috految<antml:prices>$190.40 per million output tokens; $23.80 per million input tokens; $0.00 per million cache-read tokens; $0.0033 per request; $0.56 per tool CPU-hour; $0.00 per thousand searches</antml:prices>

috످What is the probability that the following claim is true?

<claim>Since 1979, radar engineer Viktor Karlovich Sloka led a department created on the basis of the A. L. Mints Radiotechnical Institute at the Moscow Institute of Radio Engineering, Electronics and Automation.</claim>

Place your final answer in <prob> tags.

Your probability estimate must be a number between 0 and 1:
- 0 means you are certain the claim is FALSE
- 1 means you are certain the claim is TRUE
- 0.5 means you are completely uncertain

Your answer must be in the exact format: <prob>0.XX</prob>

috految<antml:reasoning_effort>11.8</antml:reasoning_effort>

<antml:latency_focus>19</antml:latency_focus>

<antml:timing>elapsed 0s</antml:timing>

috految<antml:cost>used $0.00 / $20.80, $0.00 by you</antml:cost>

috److Viktor Karlovich Sloka directed the Radiotechnical Institute (RTI) from 1977 to 1996.

As I recall from Russian biographies, from 1979 he headed the Department of Radiophysics at the Moscow Institute of Physics and Technology (MIPT), which was based at RTI.

The Moscow Institute of Radio Engineering, Electronics and Automation (MIREA) also had a base department at RTI, but MIPT is the more likely institution.

<prob>0.16</prob>

috످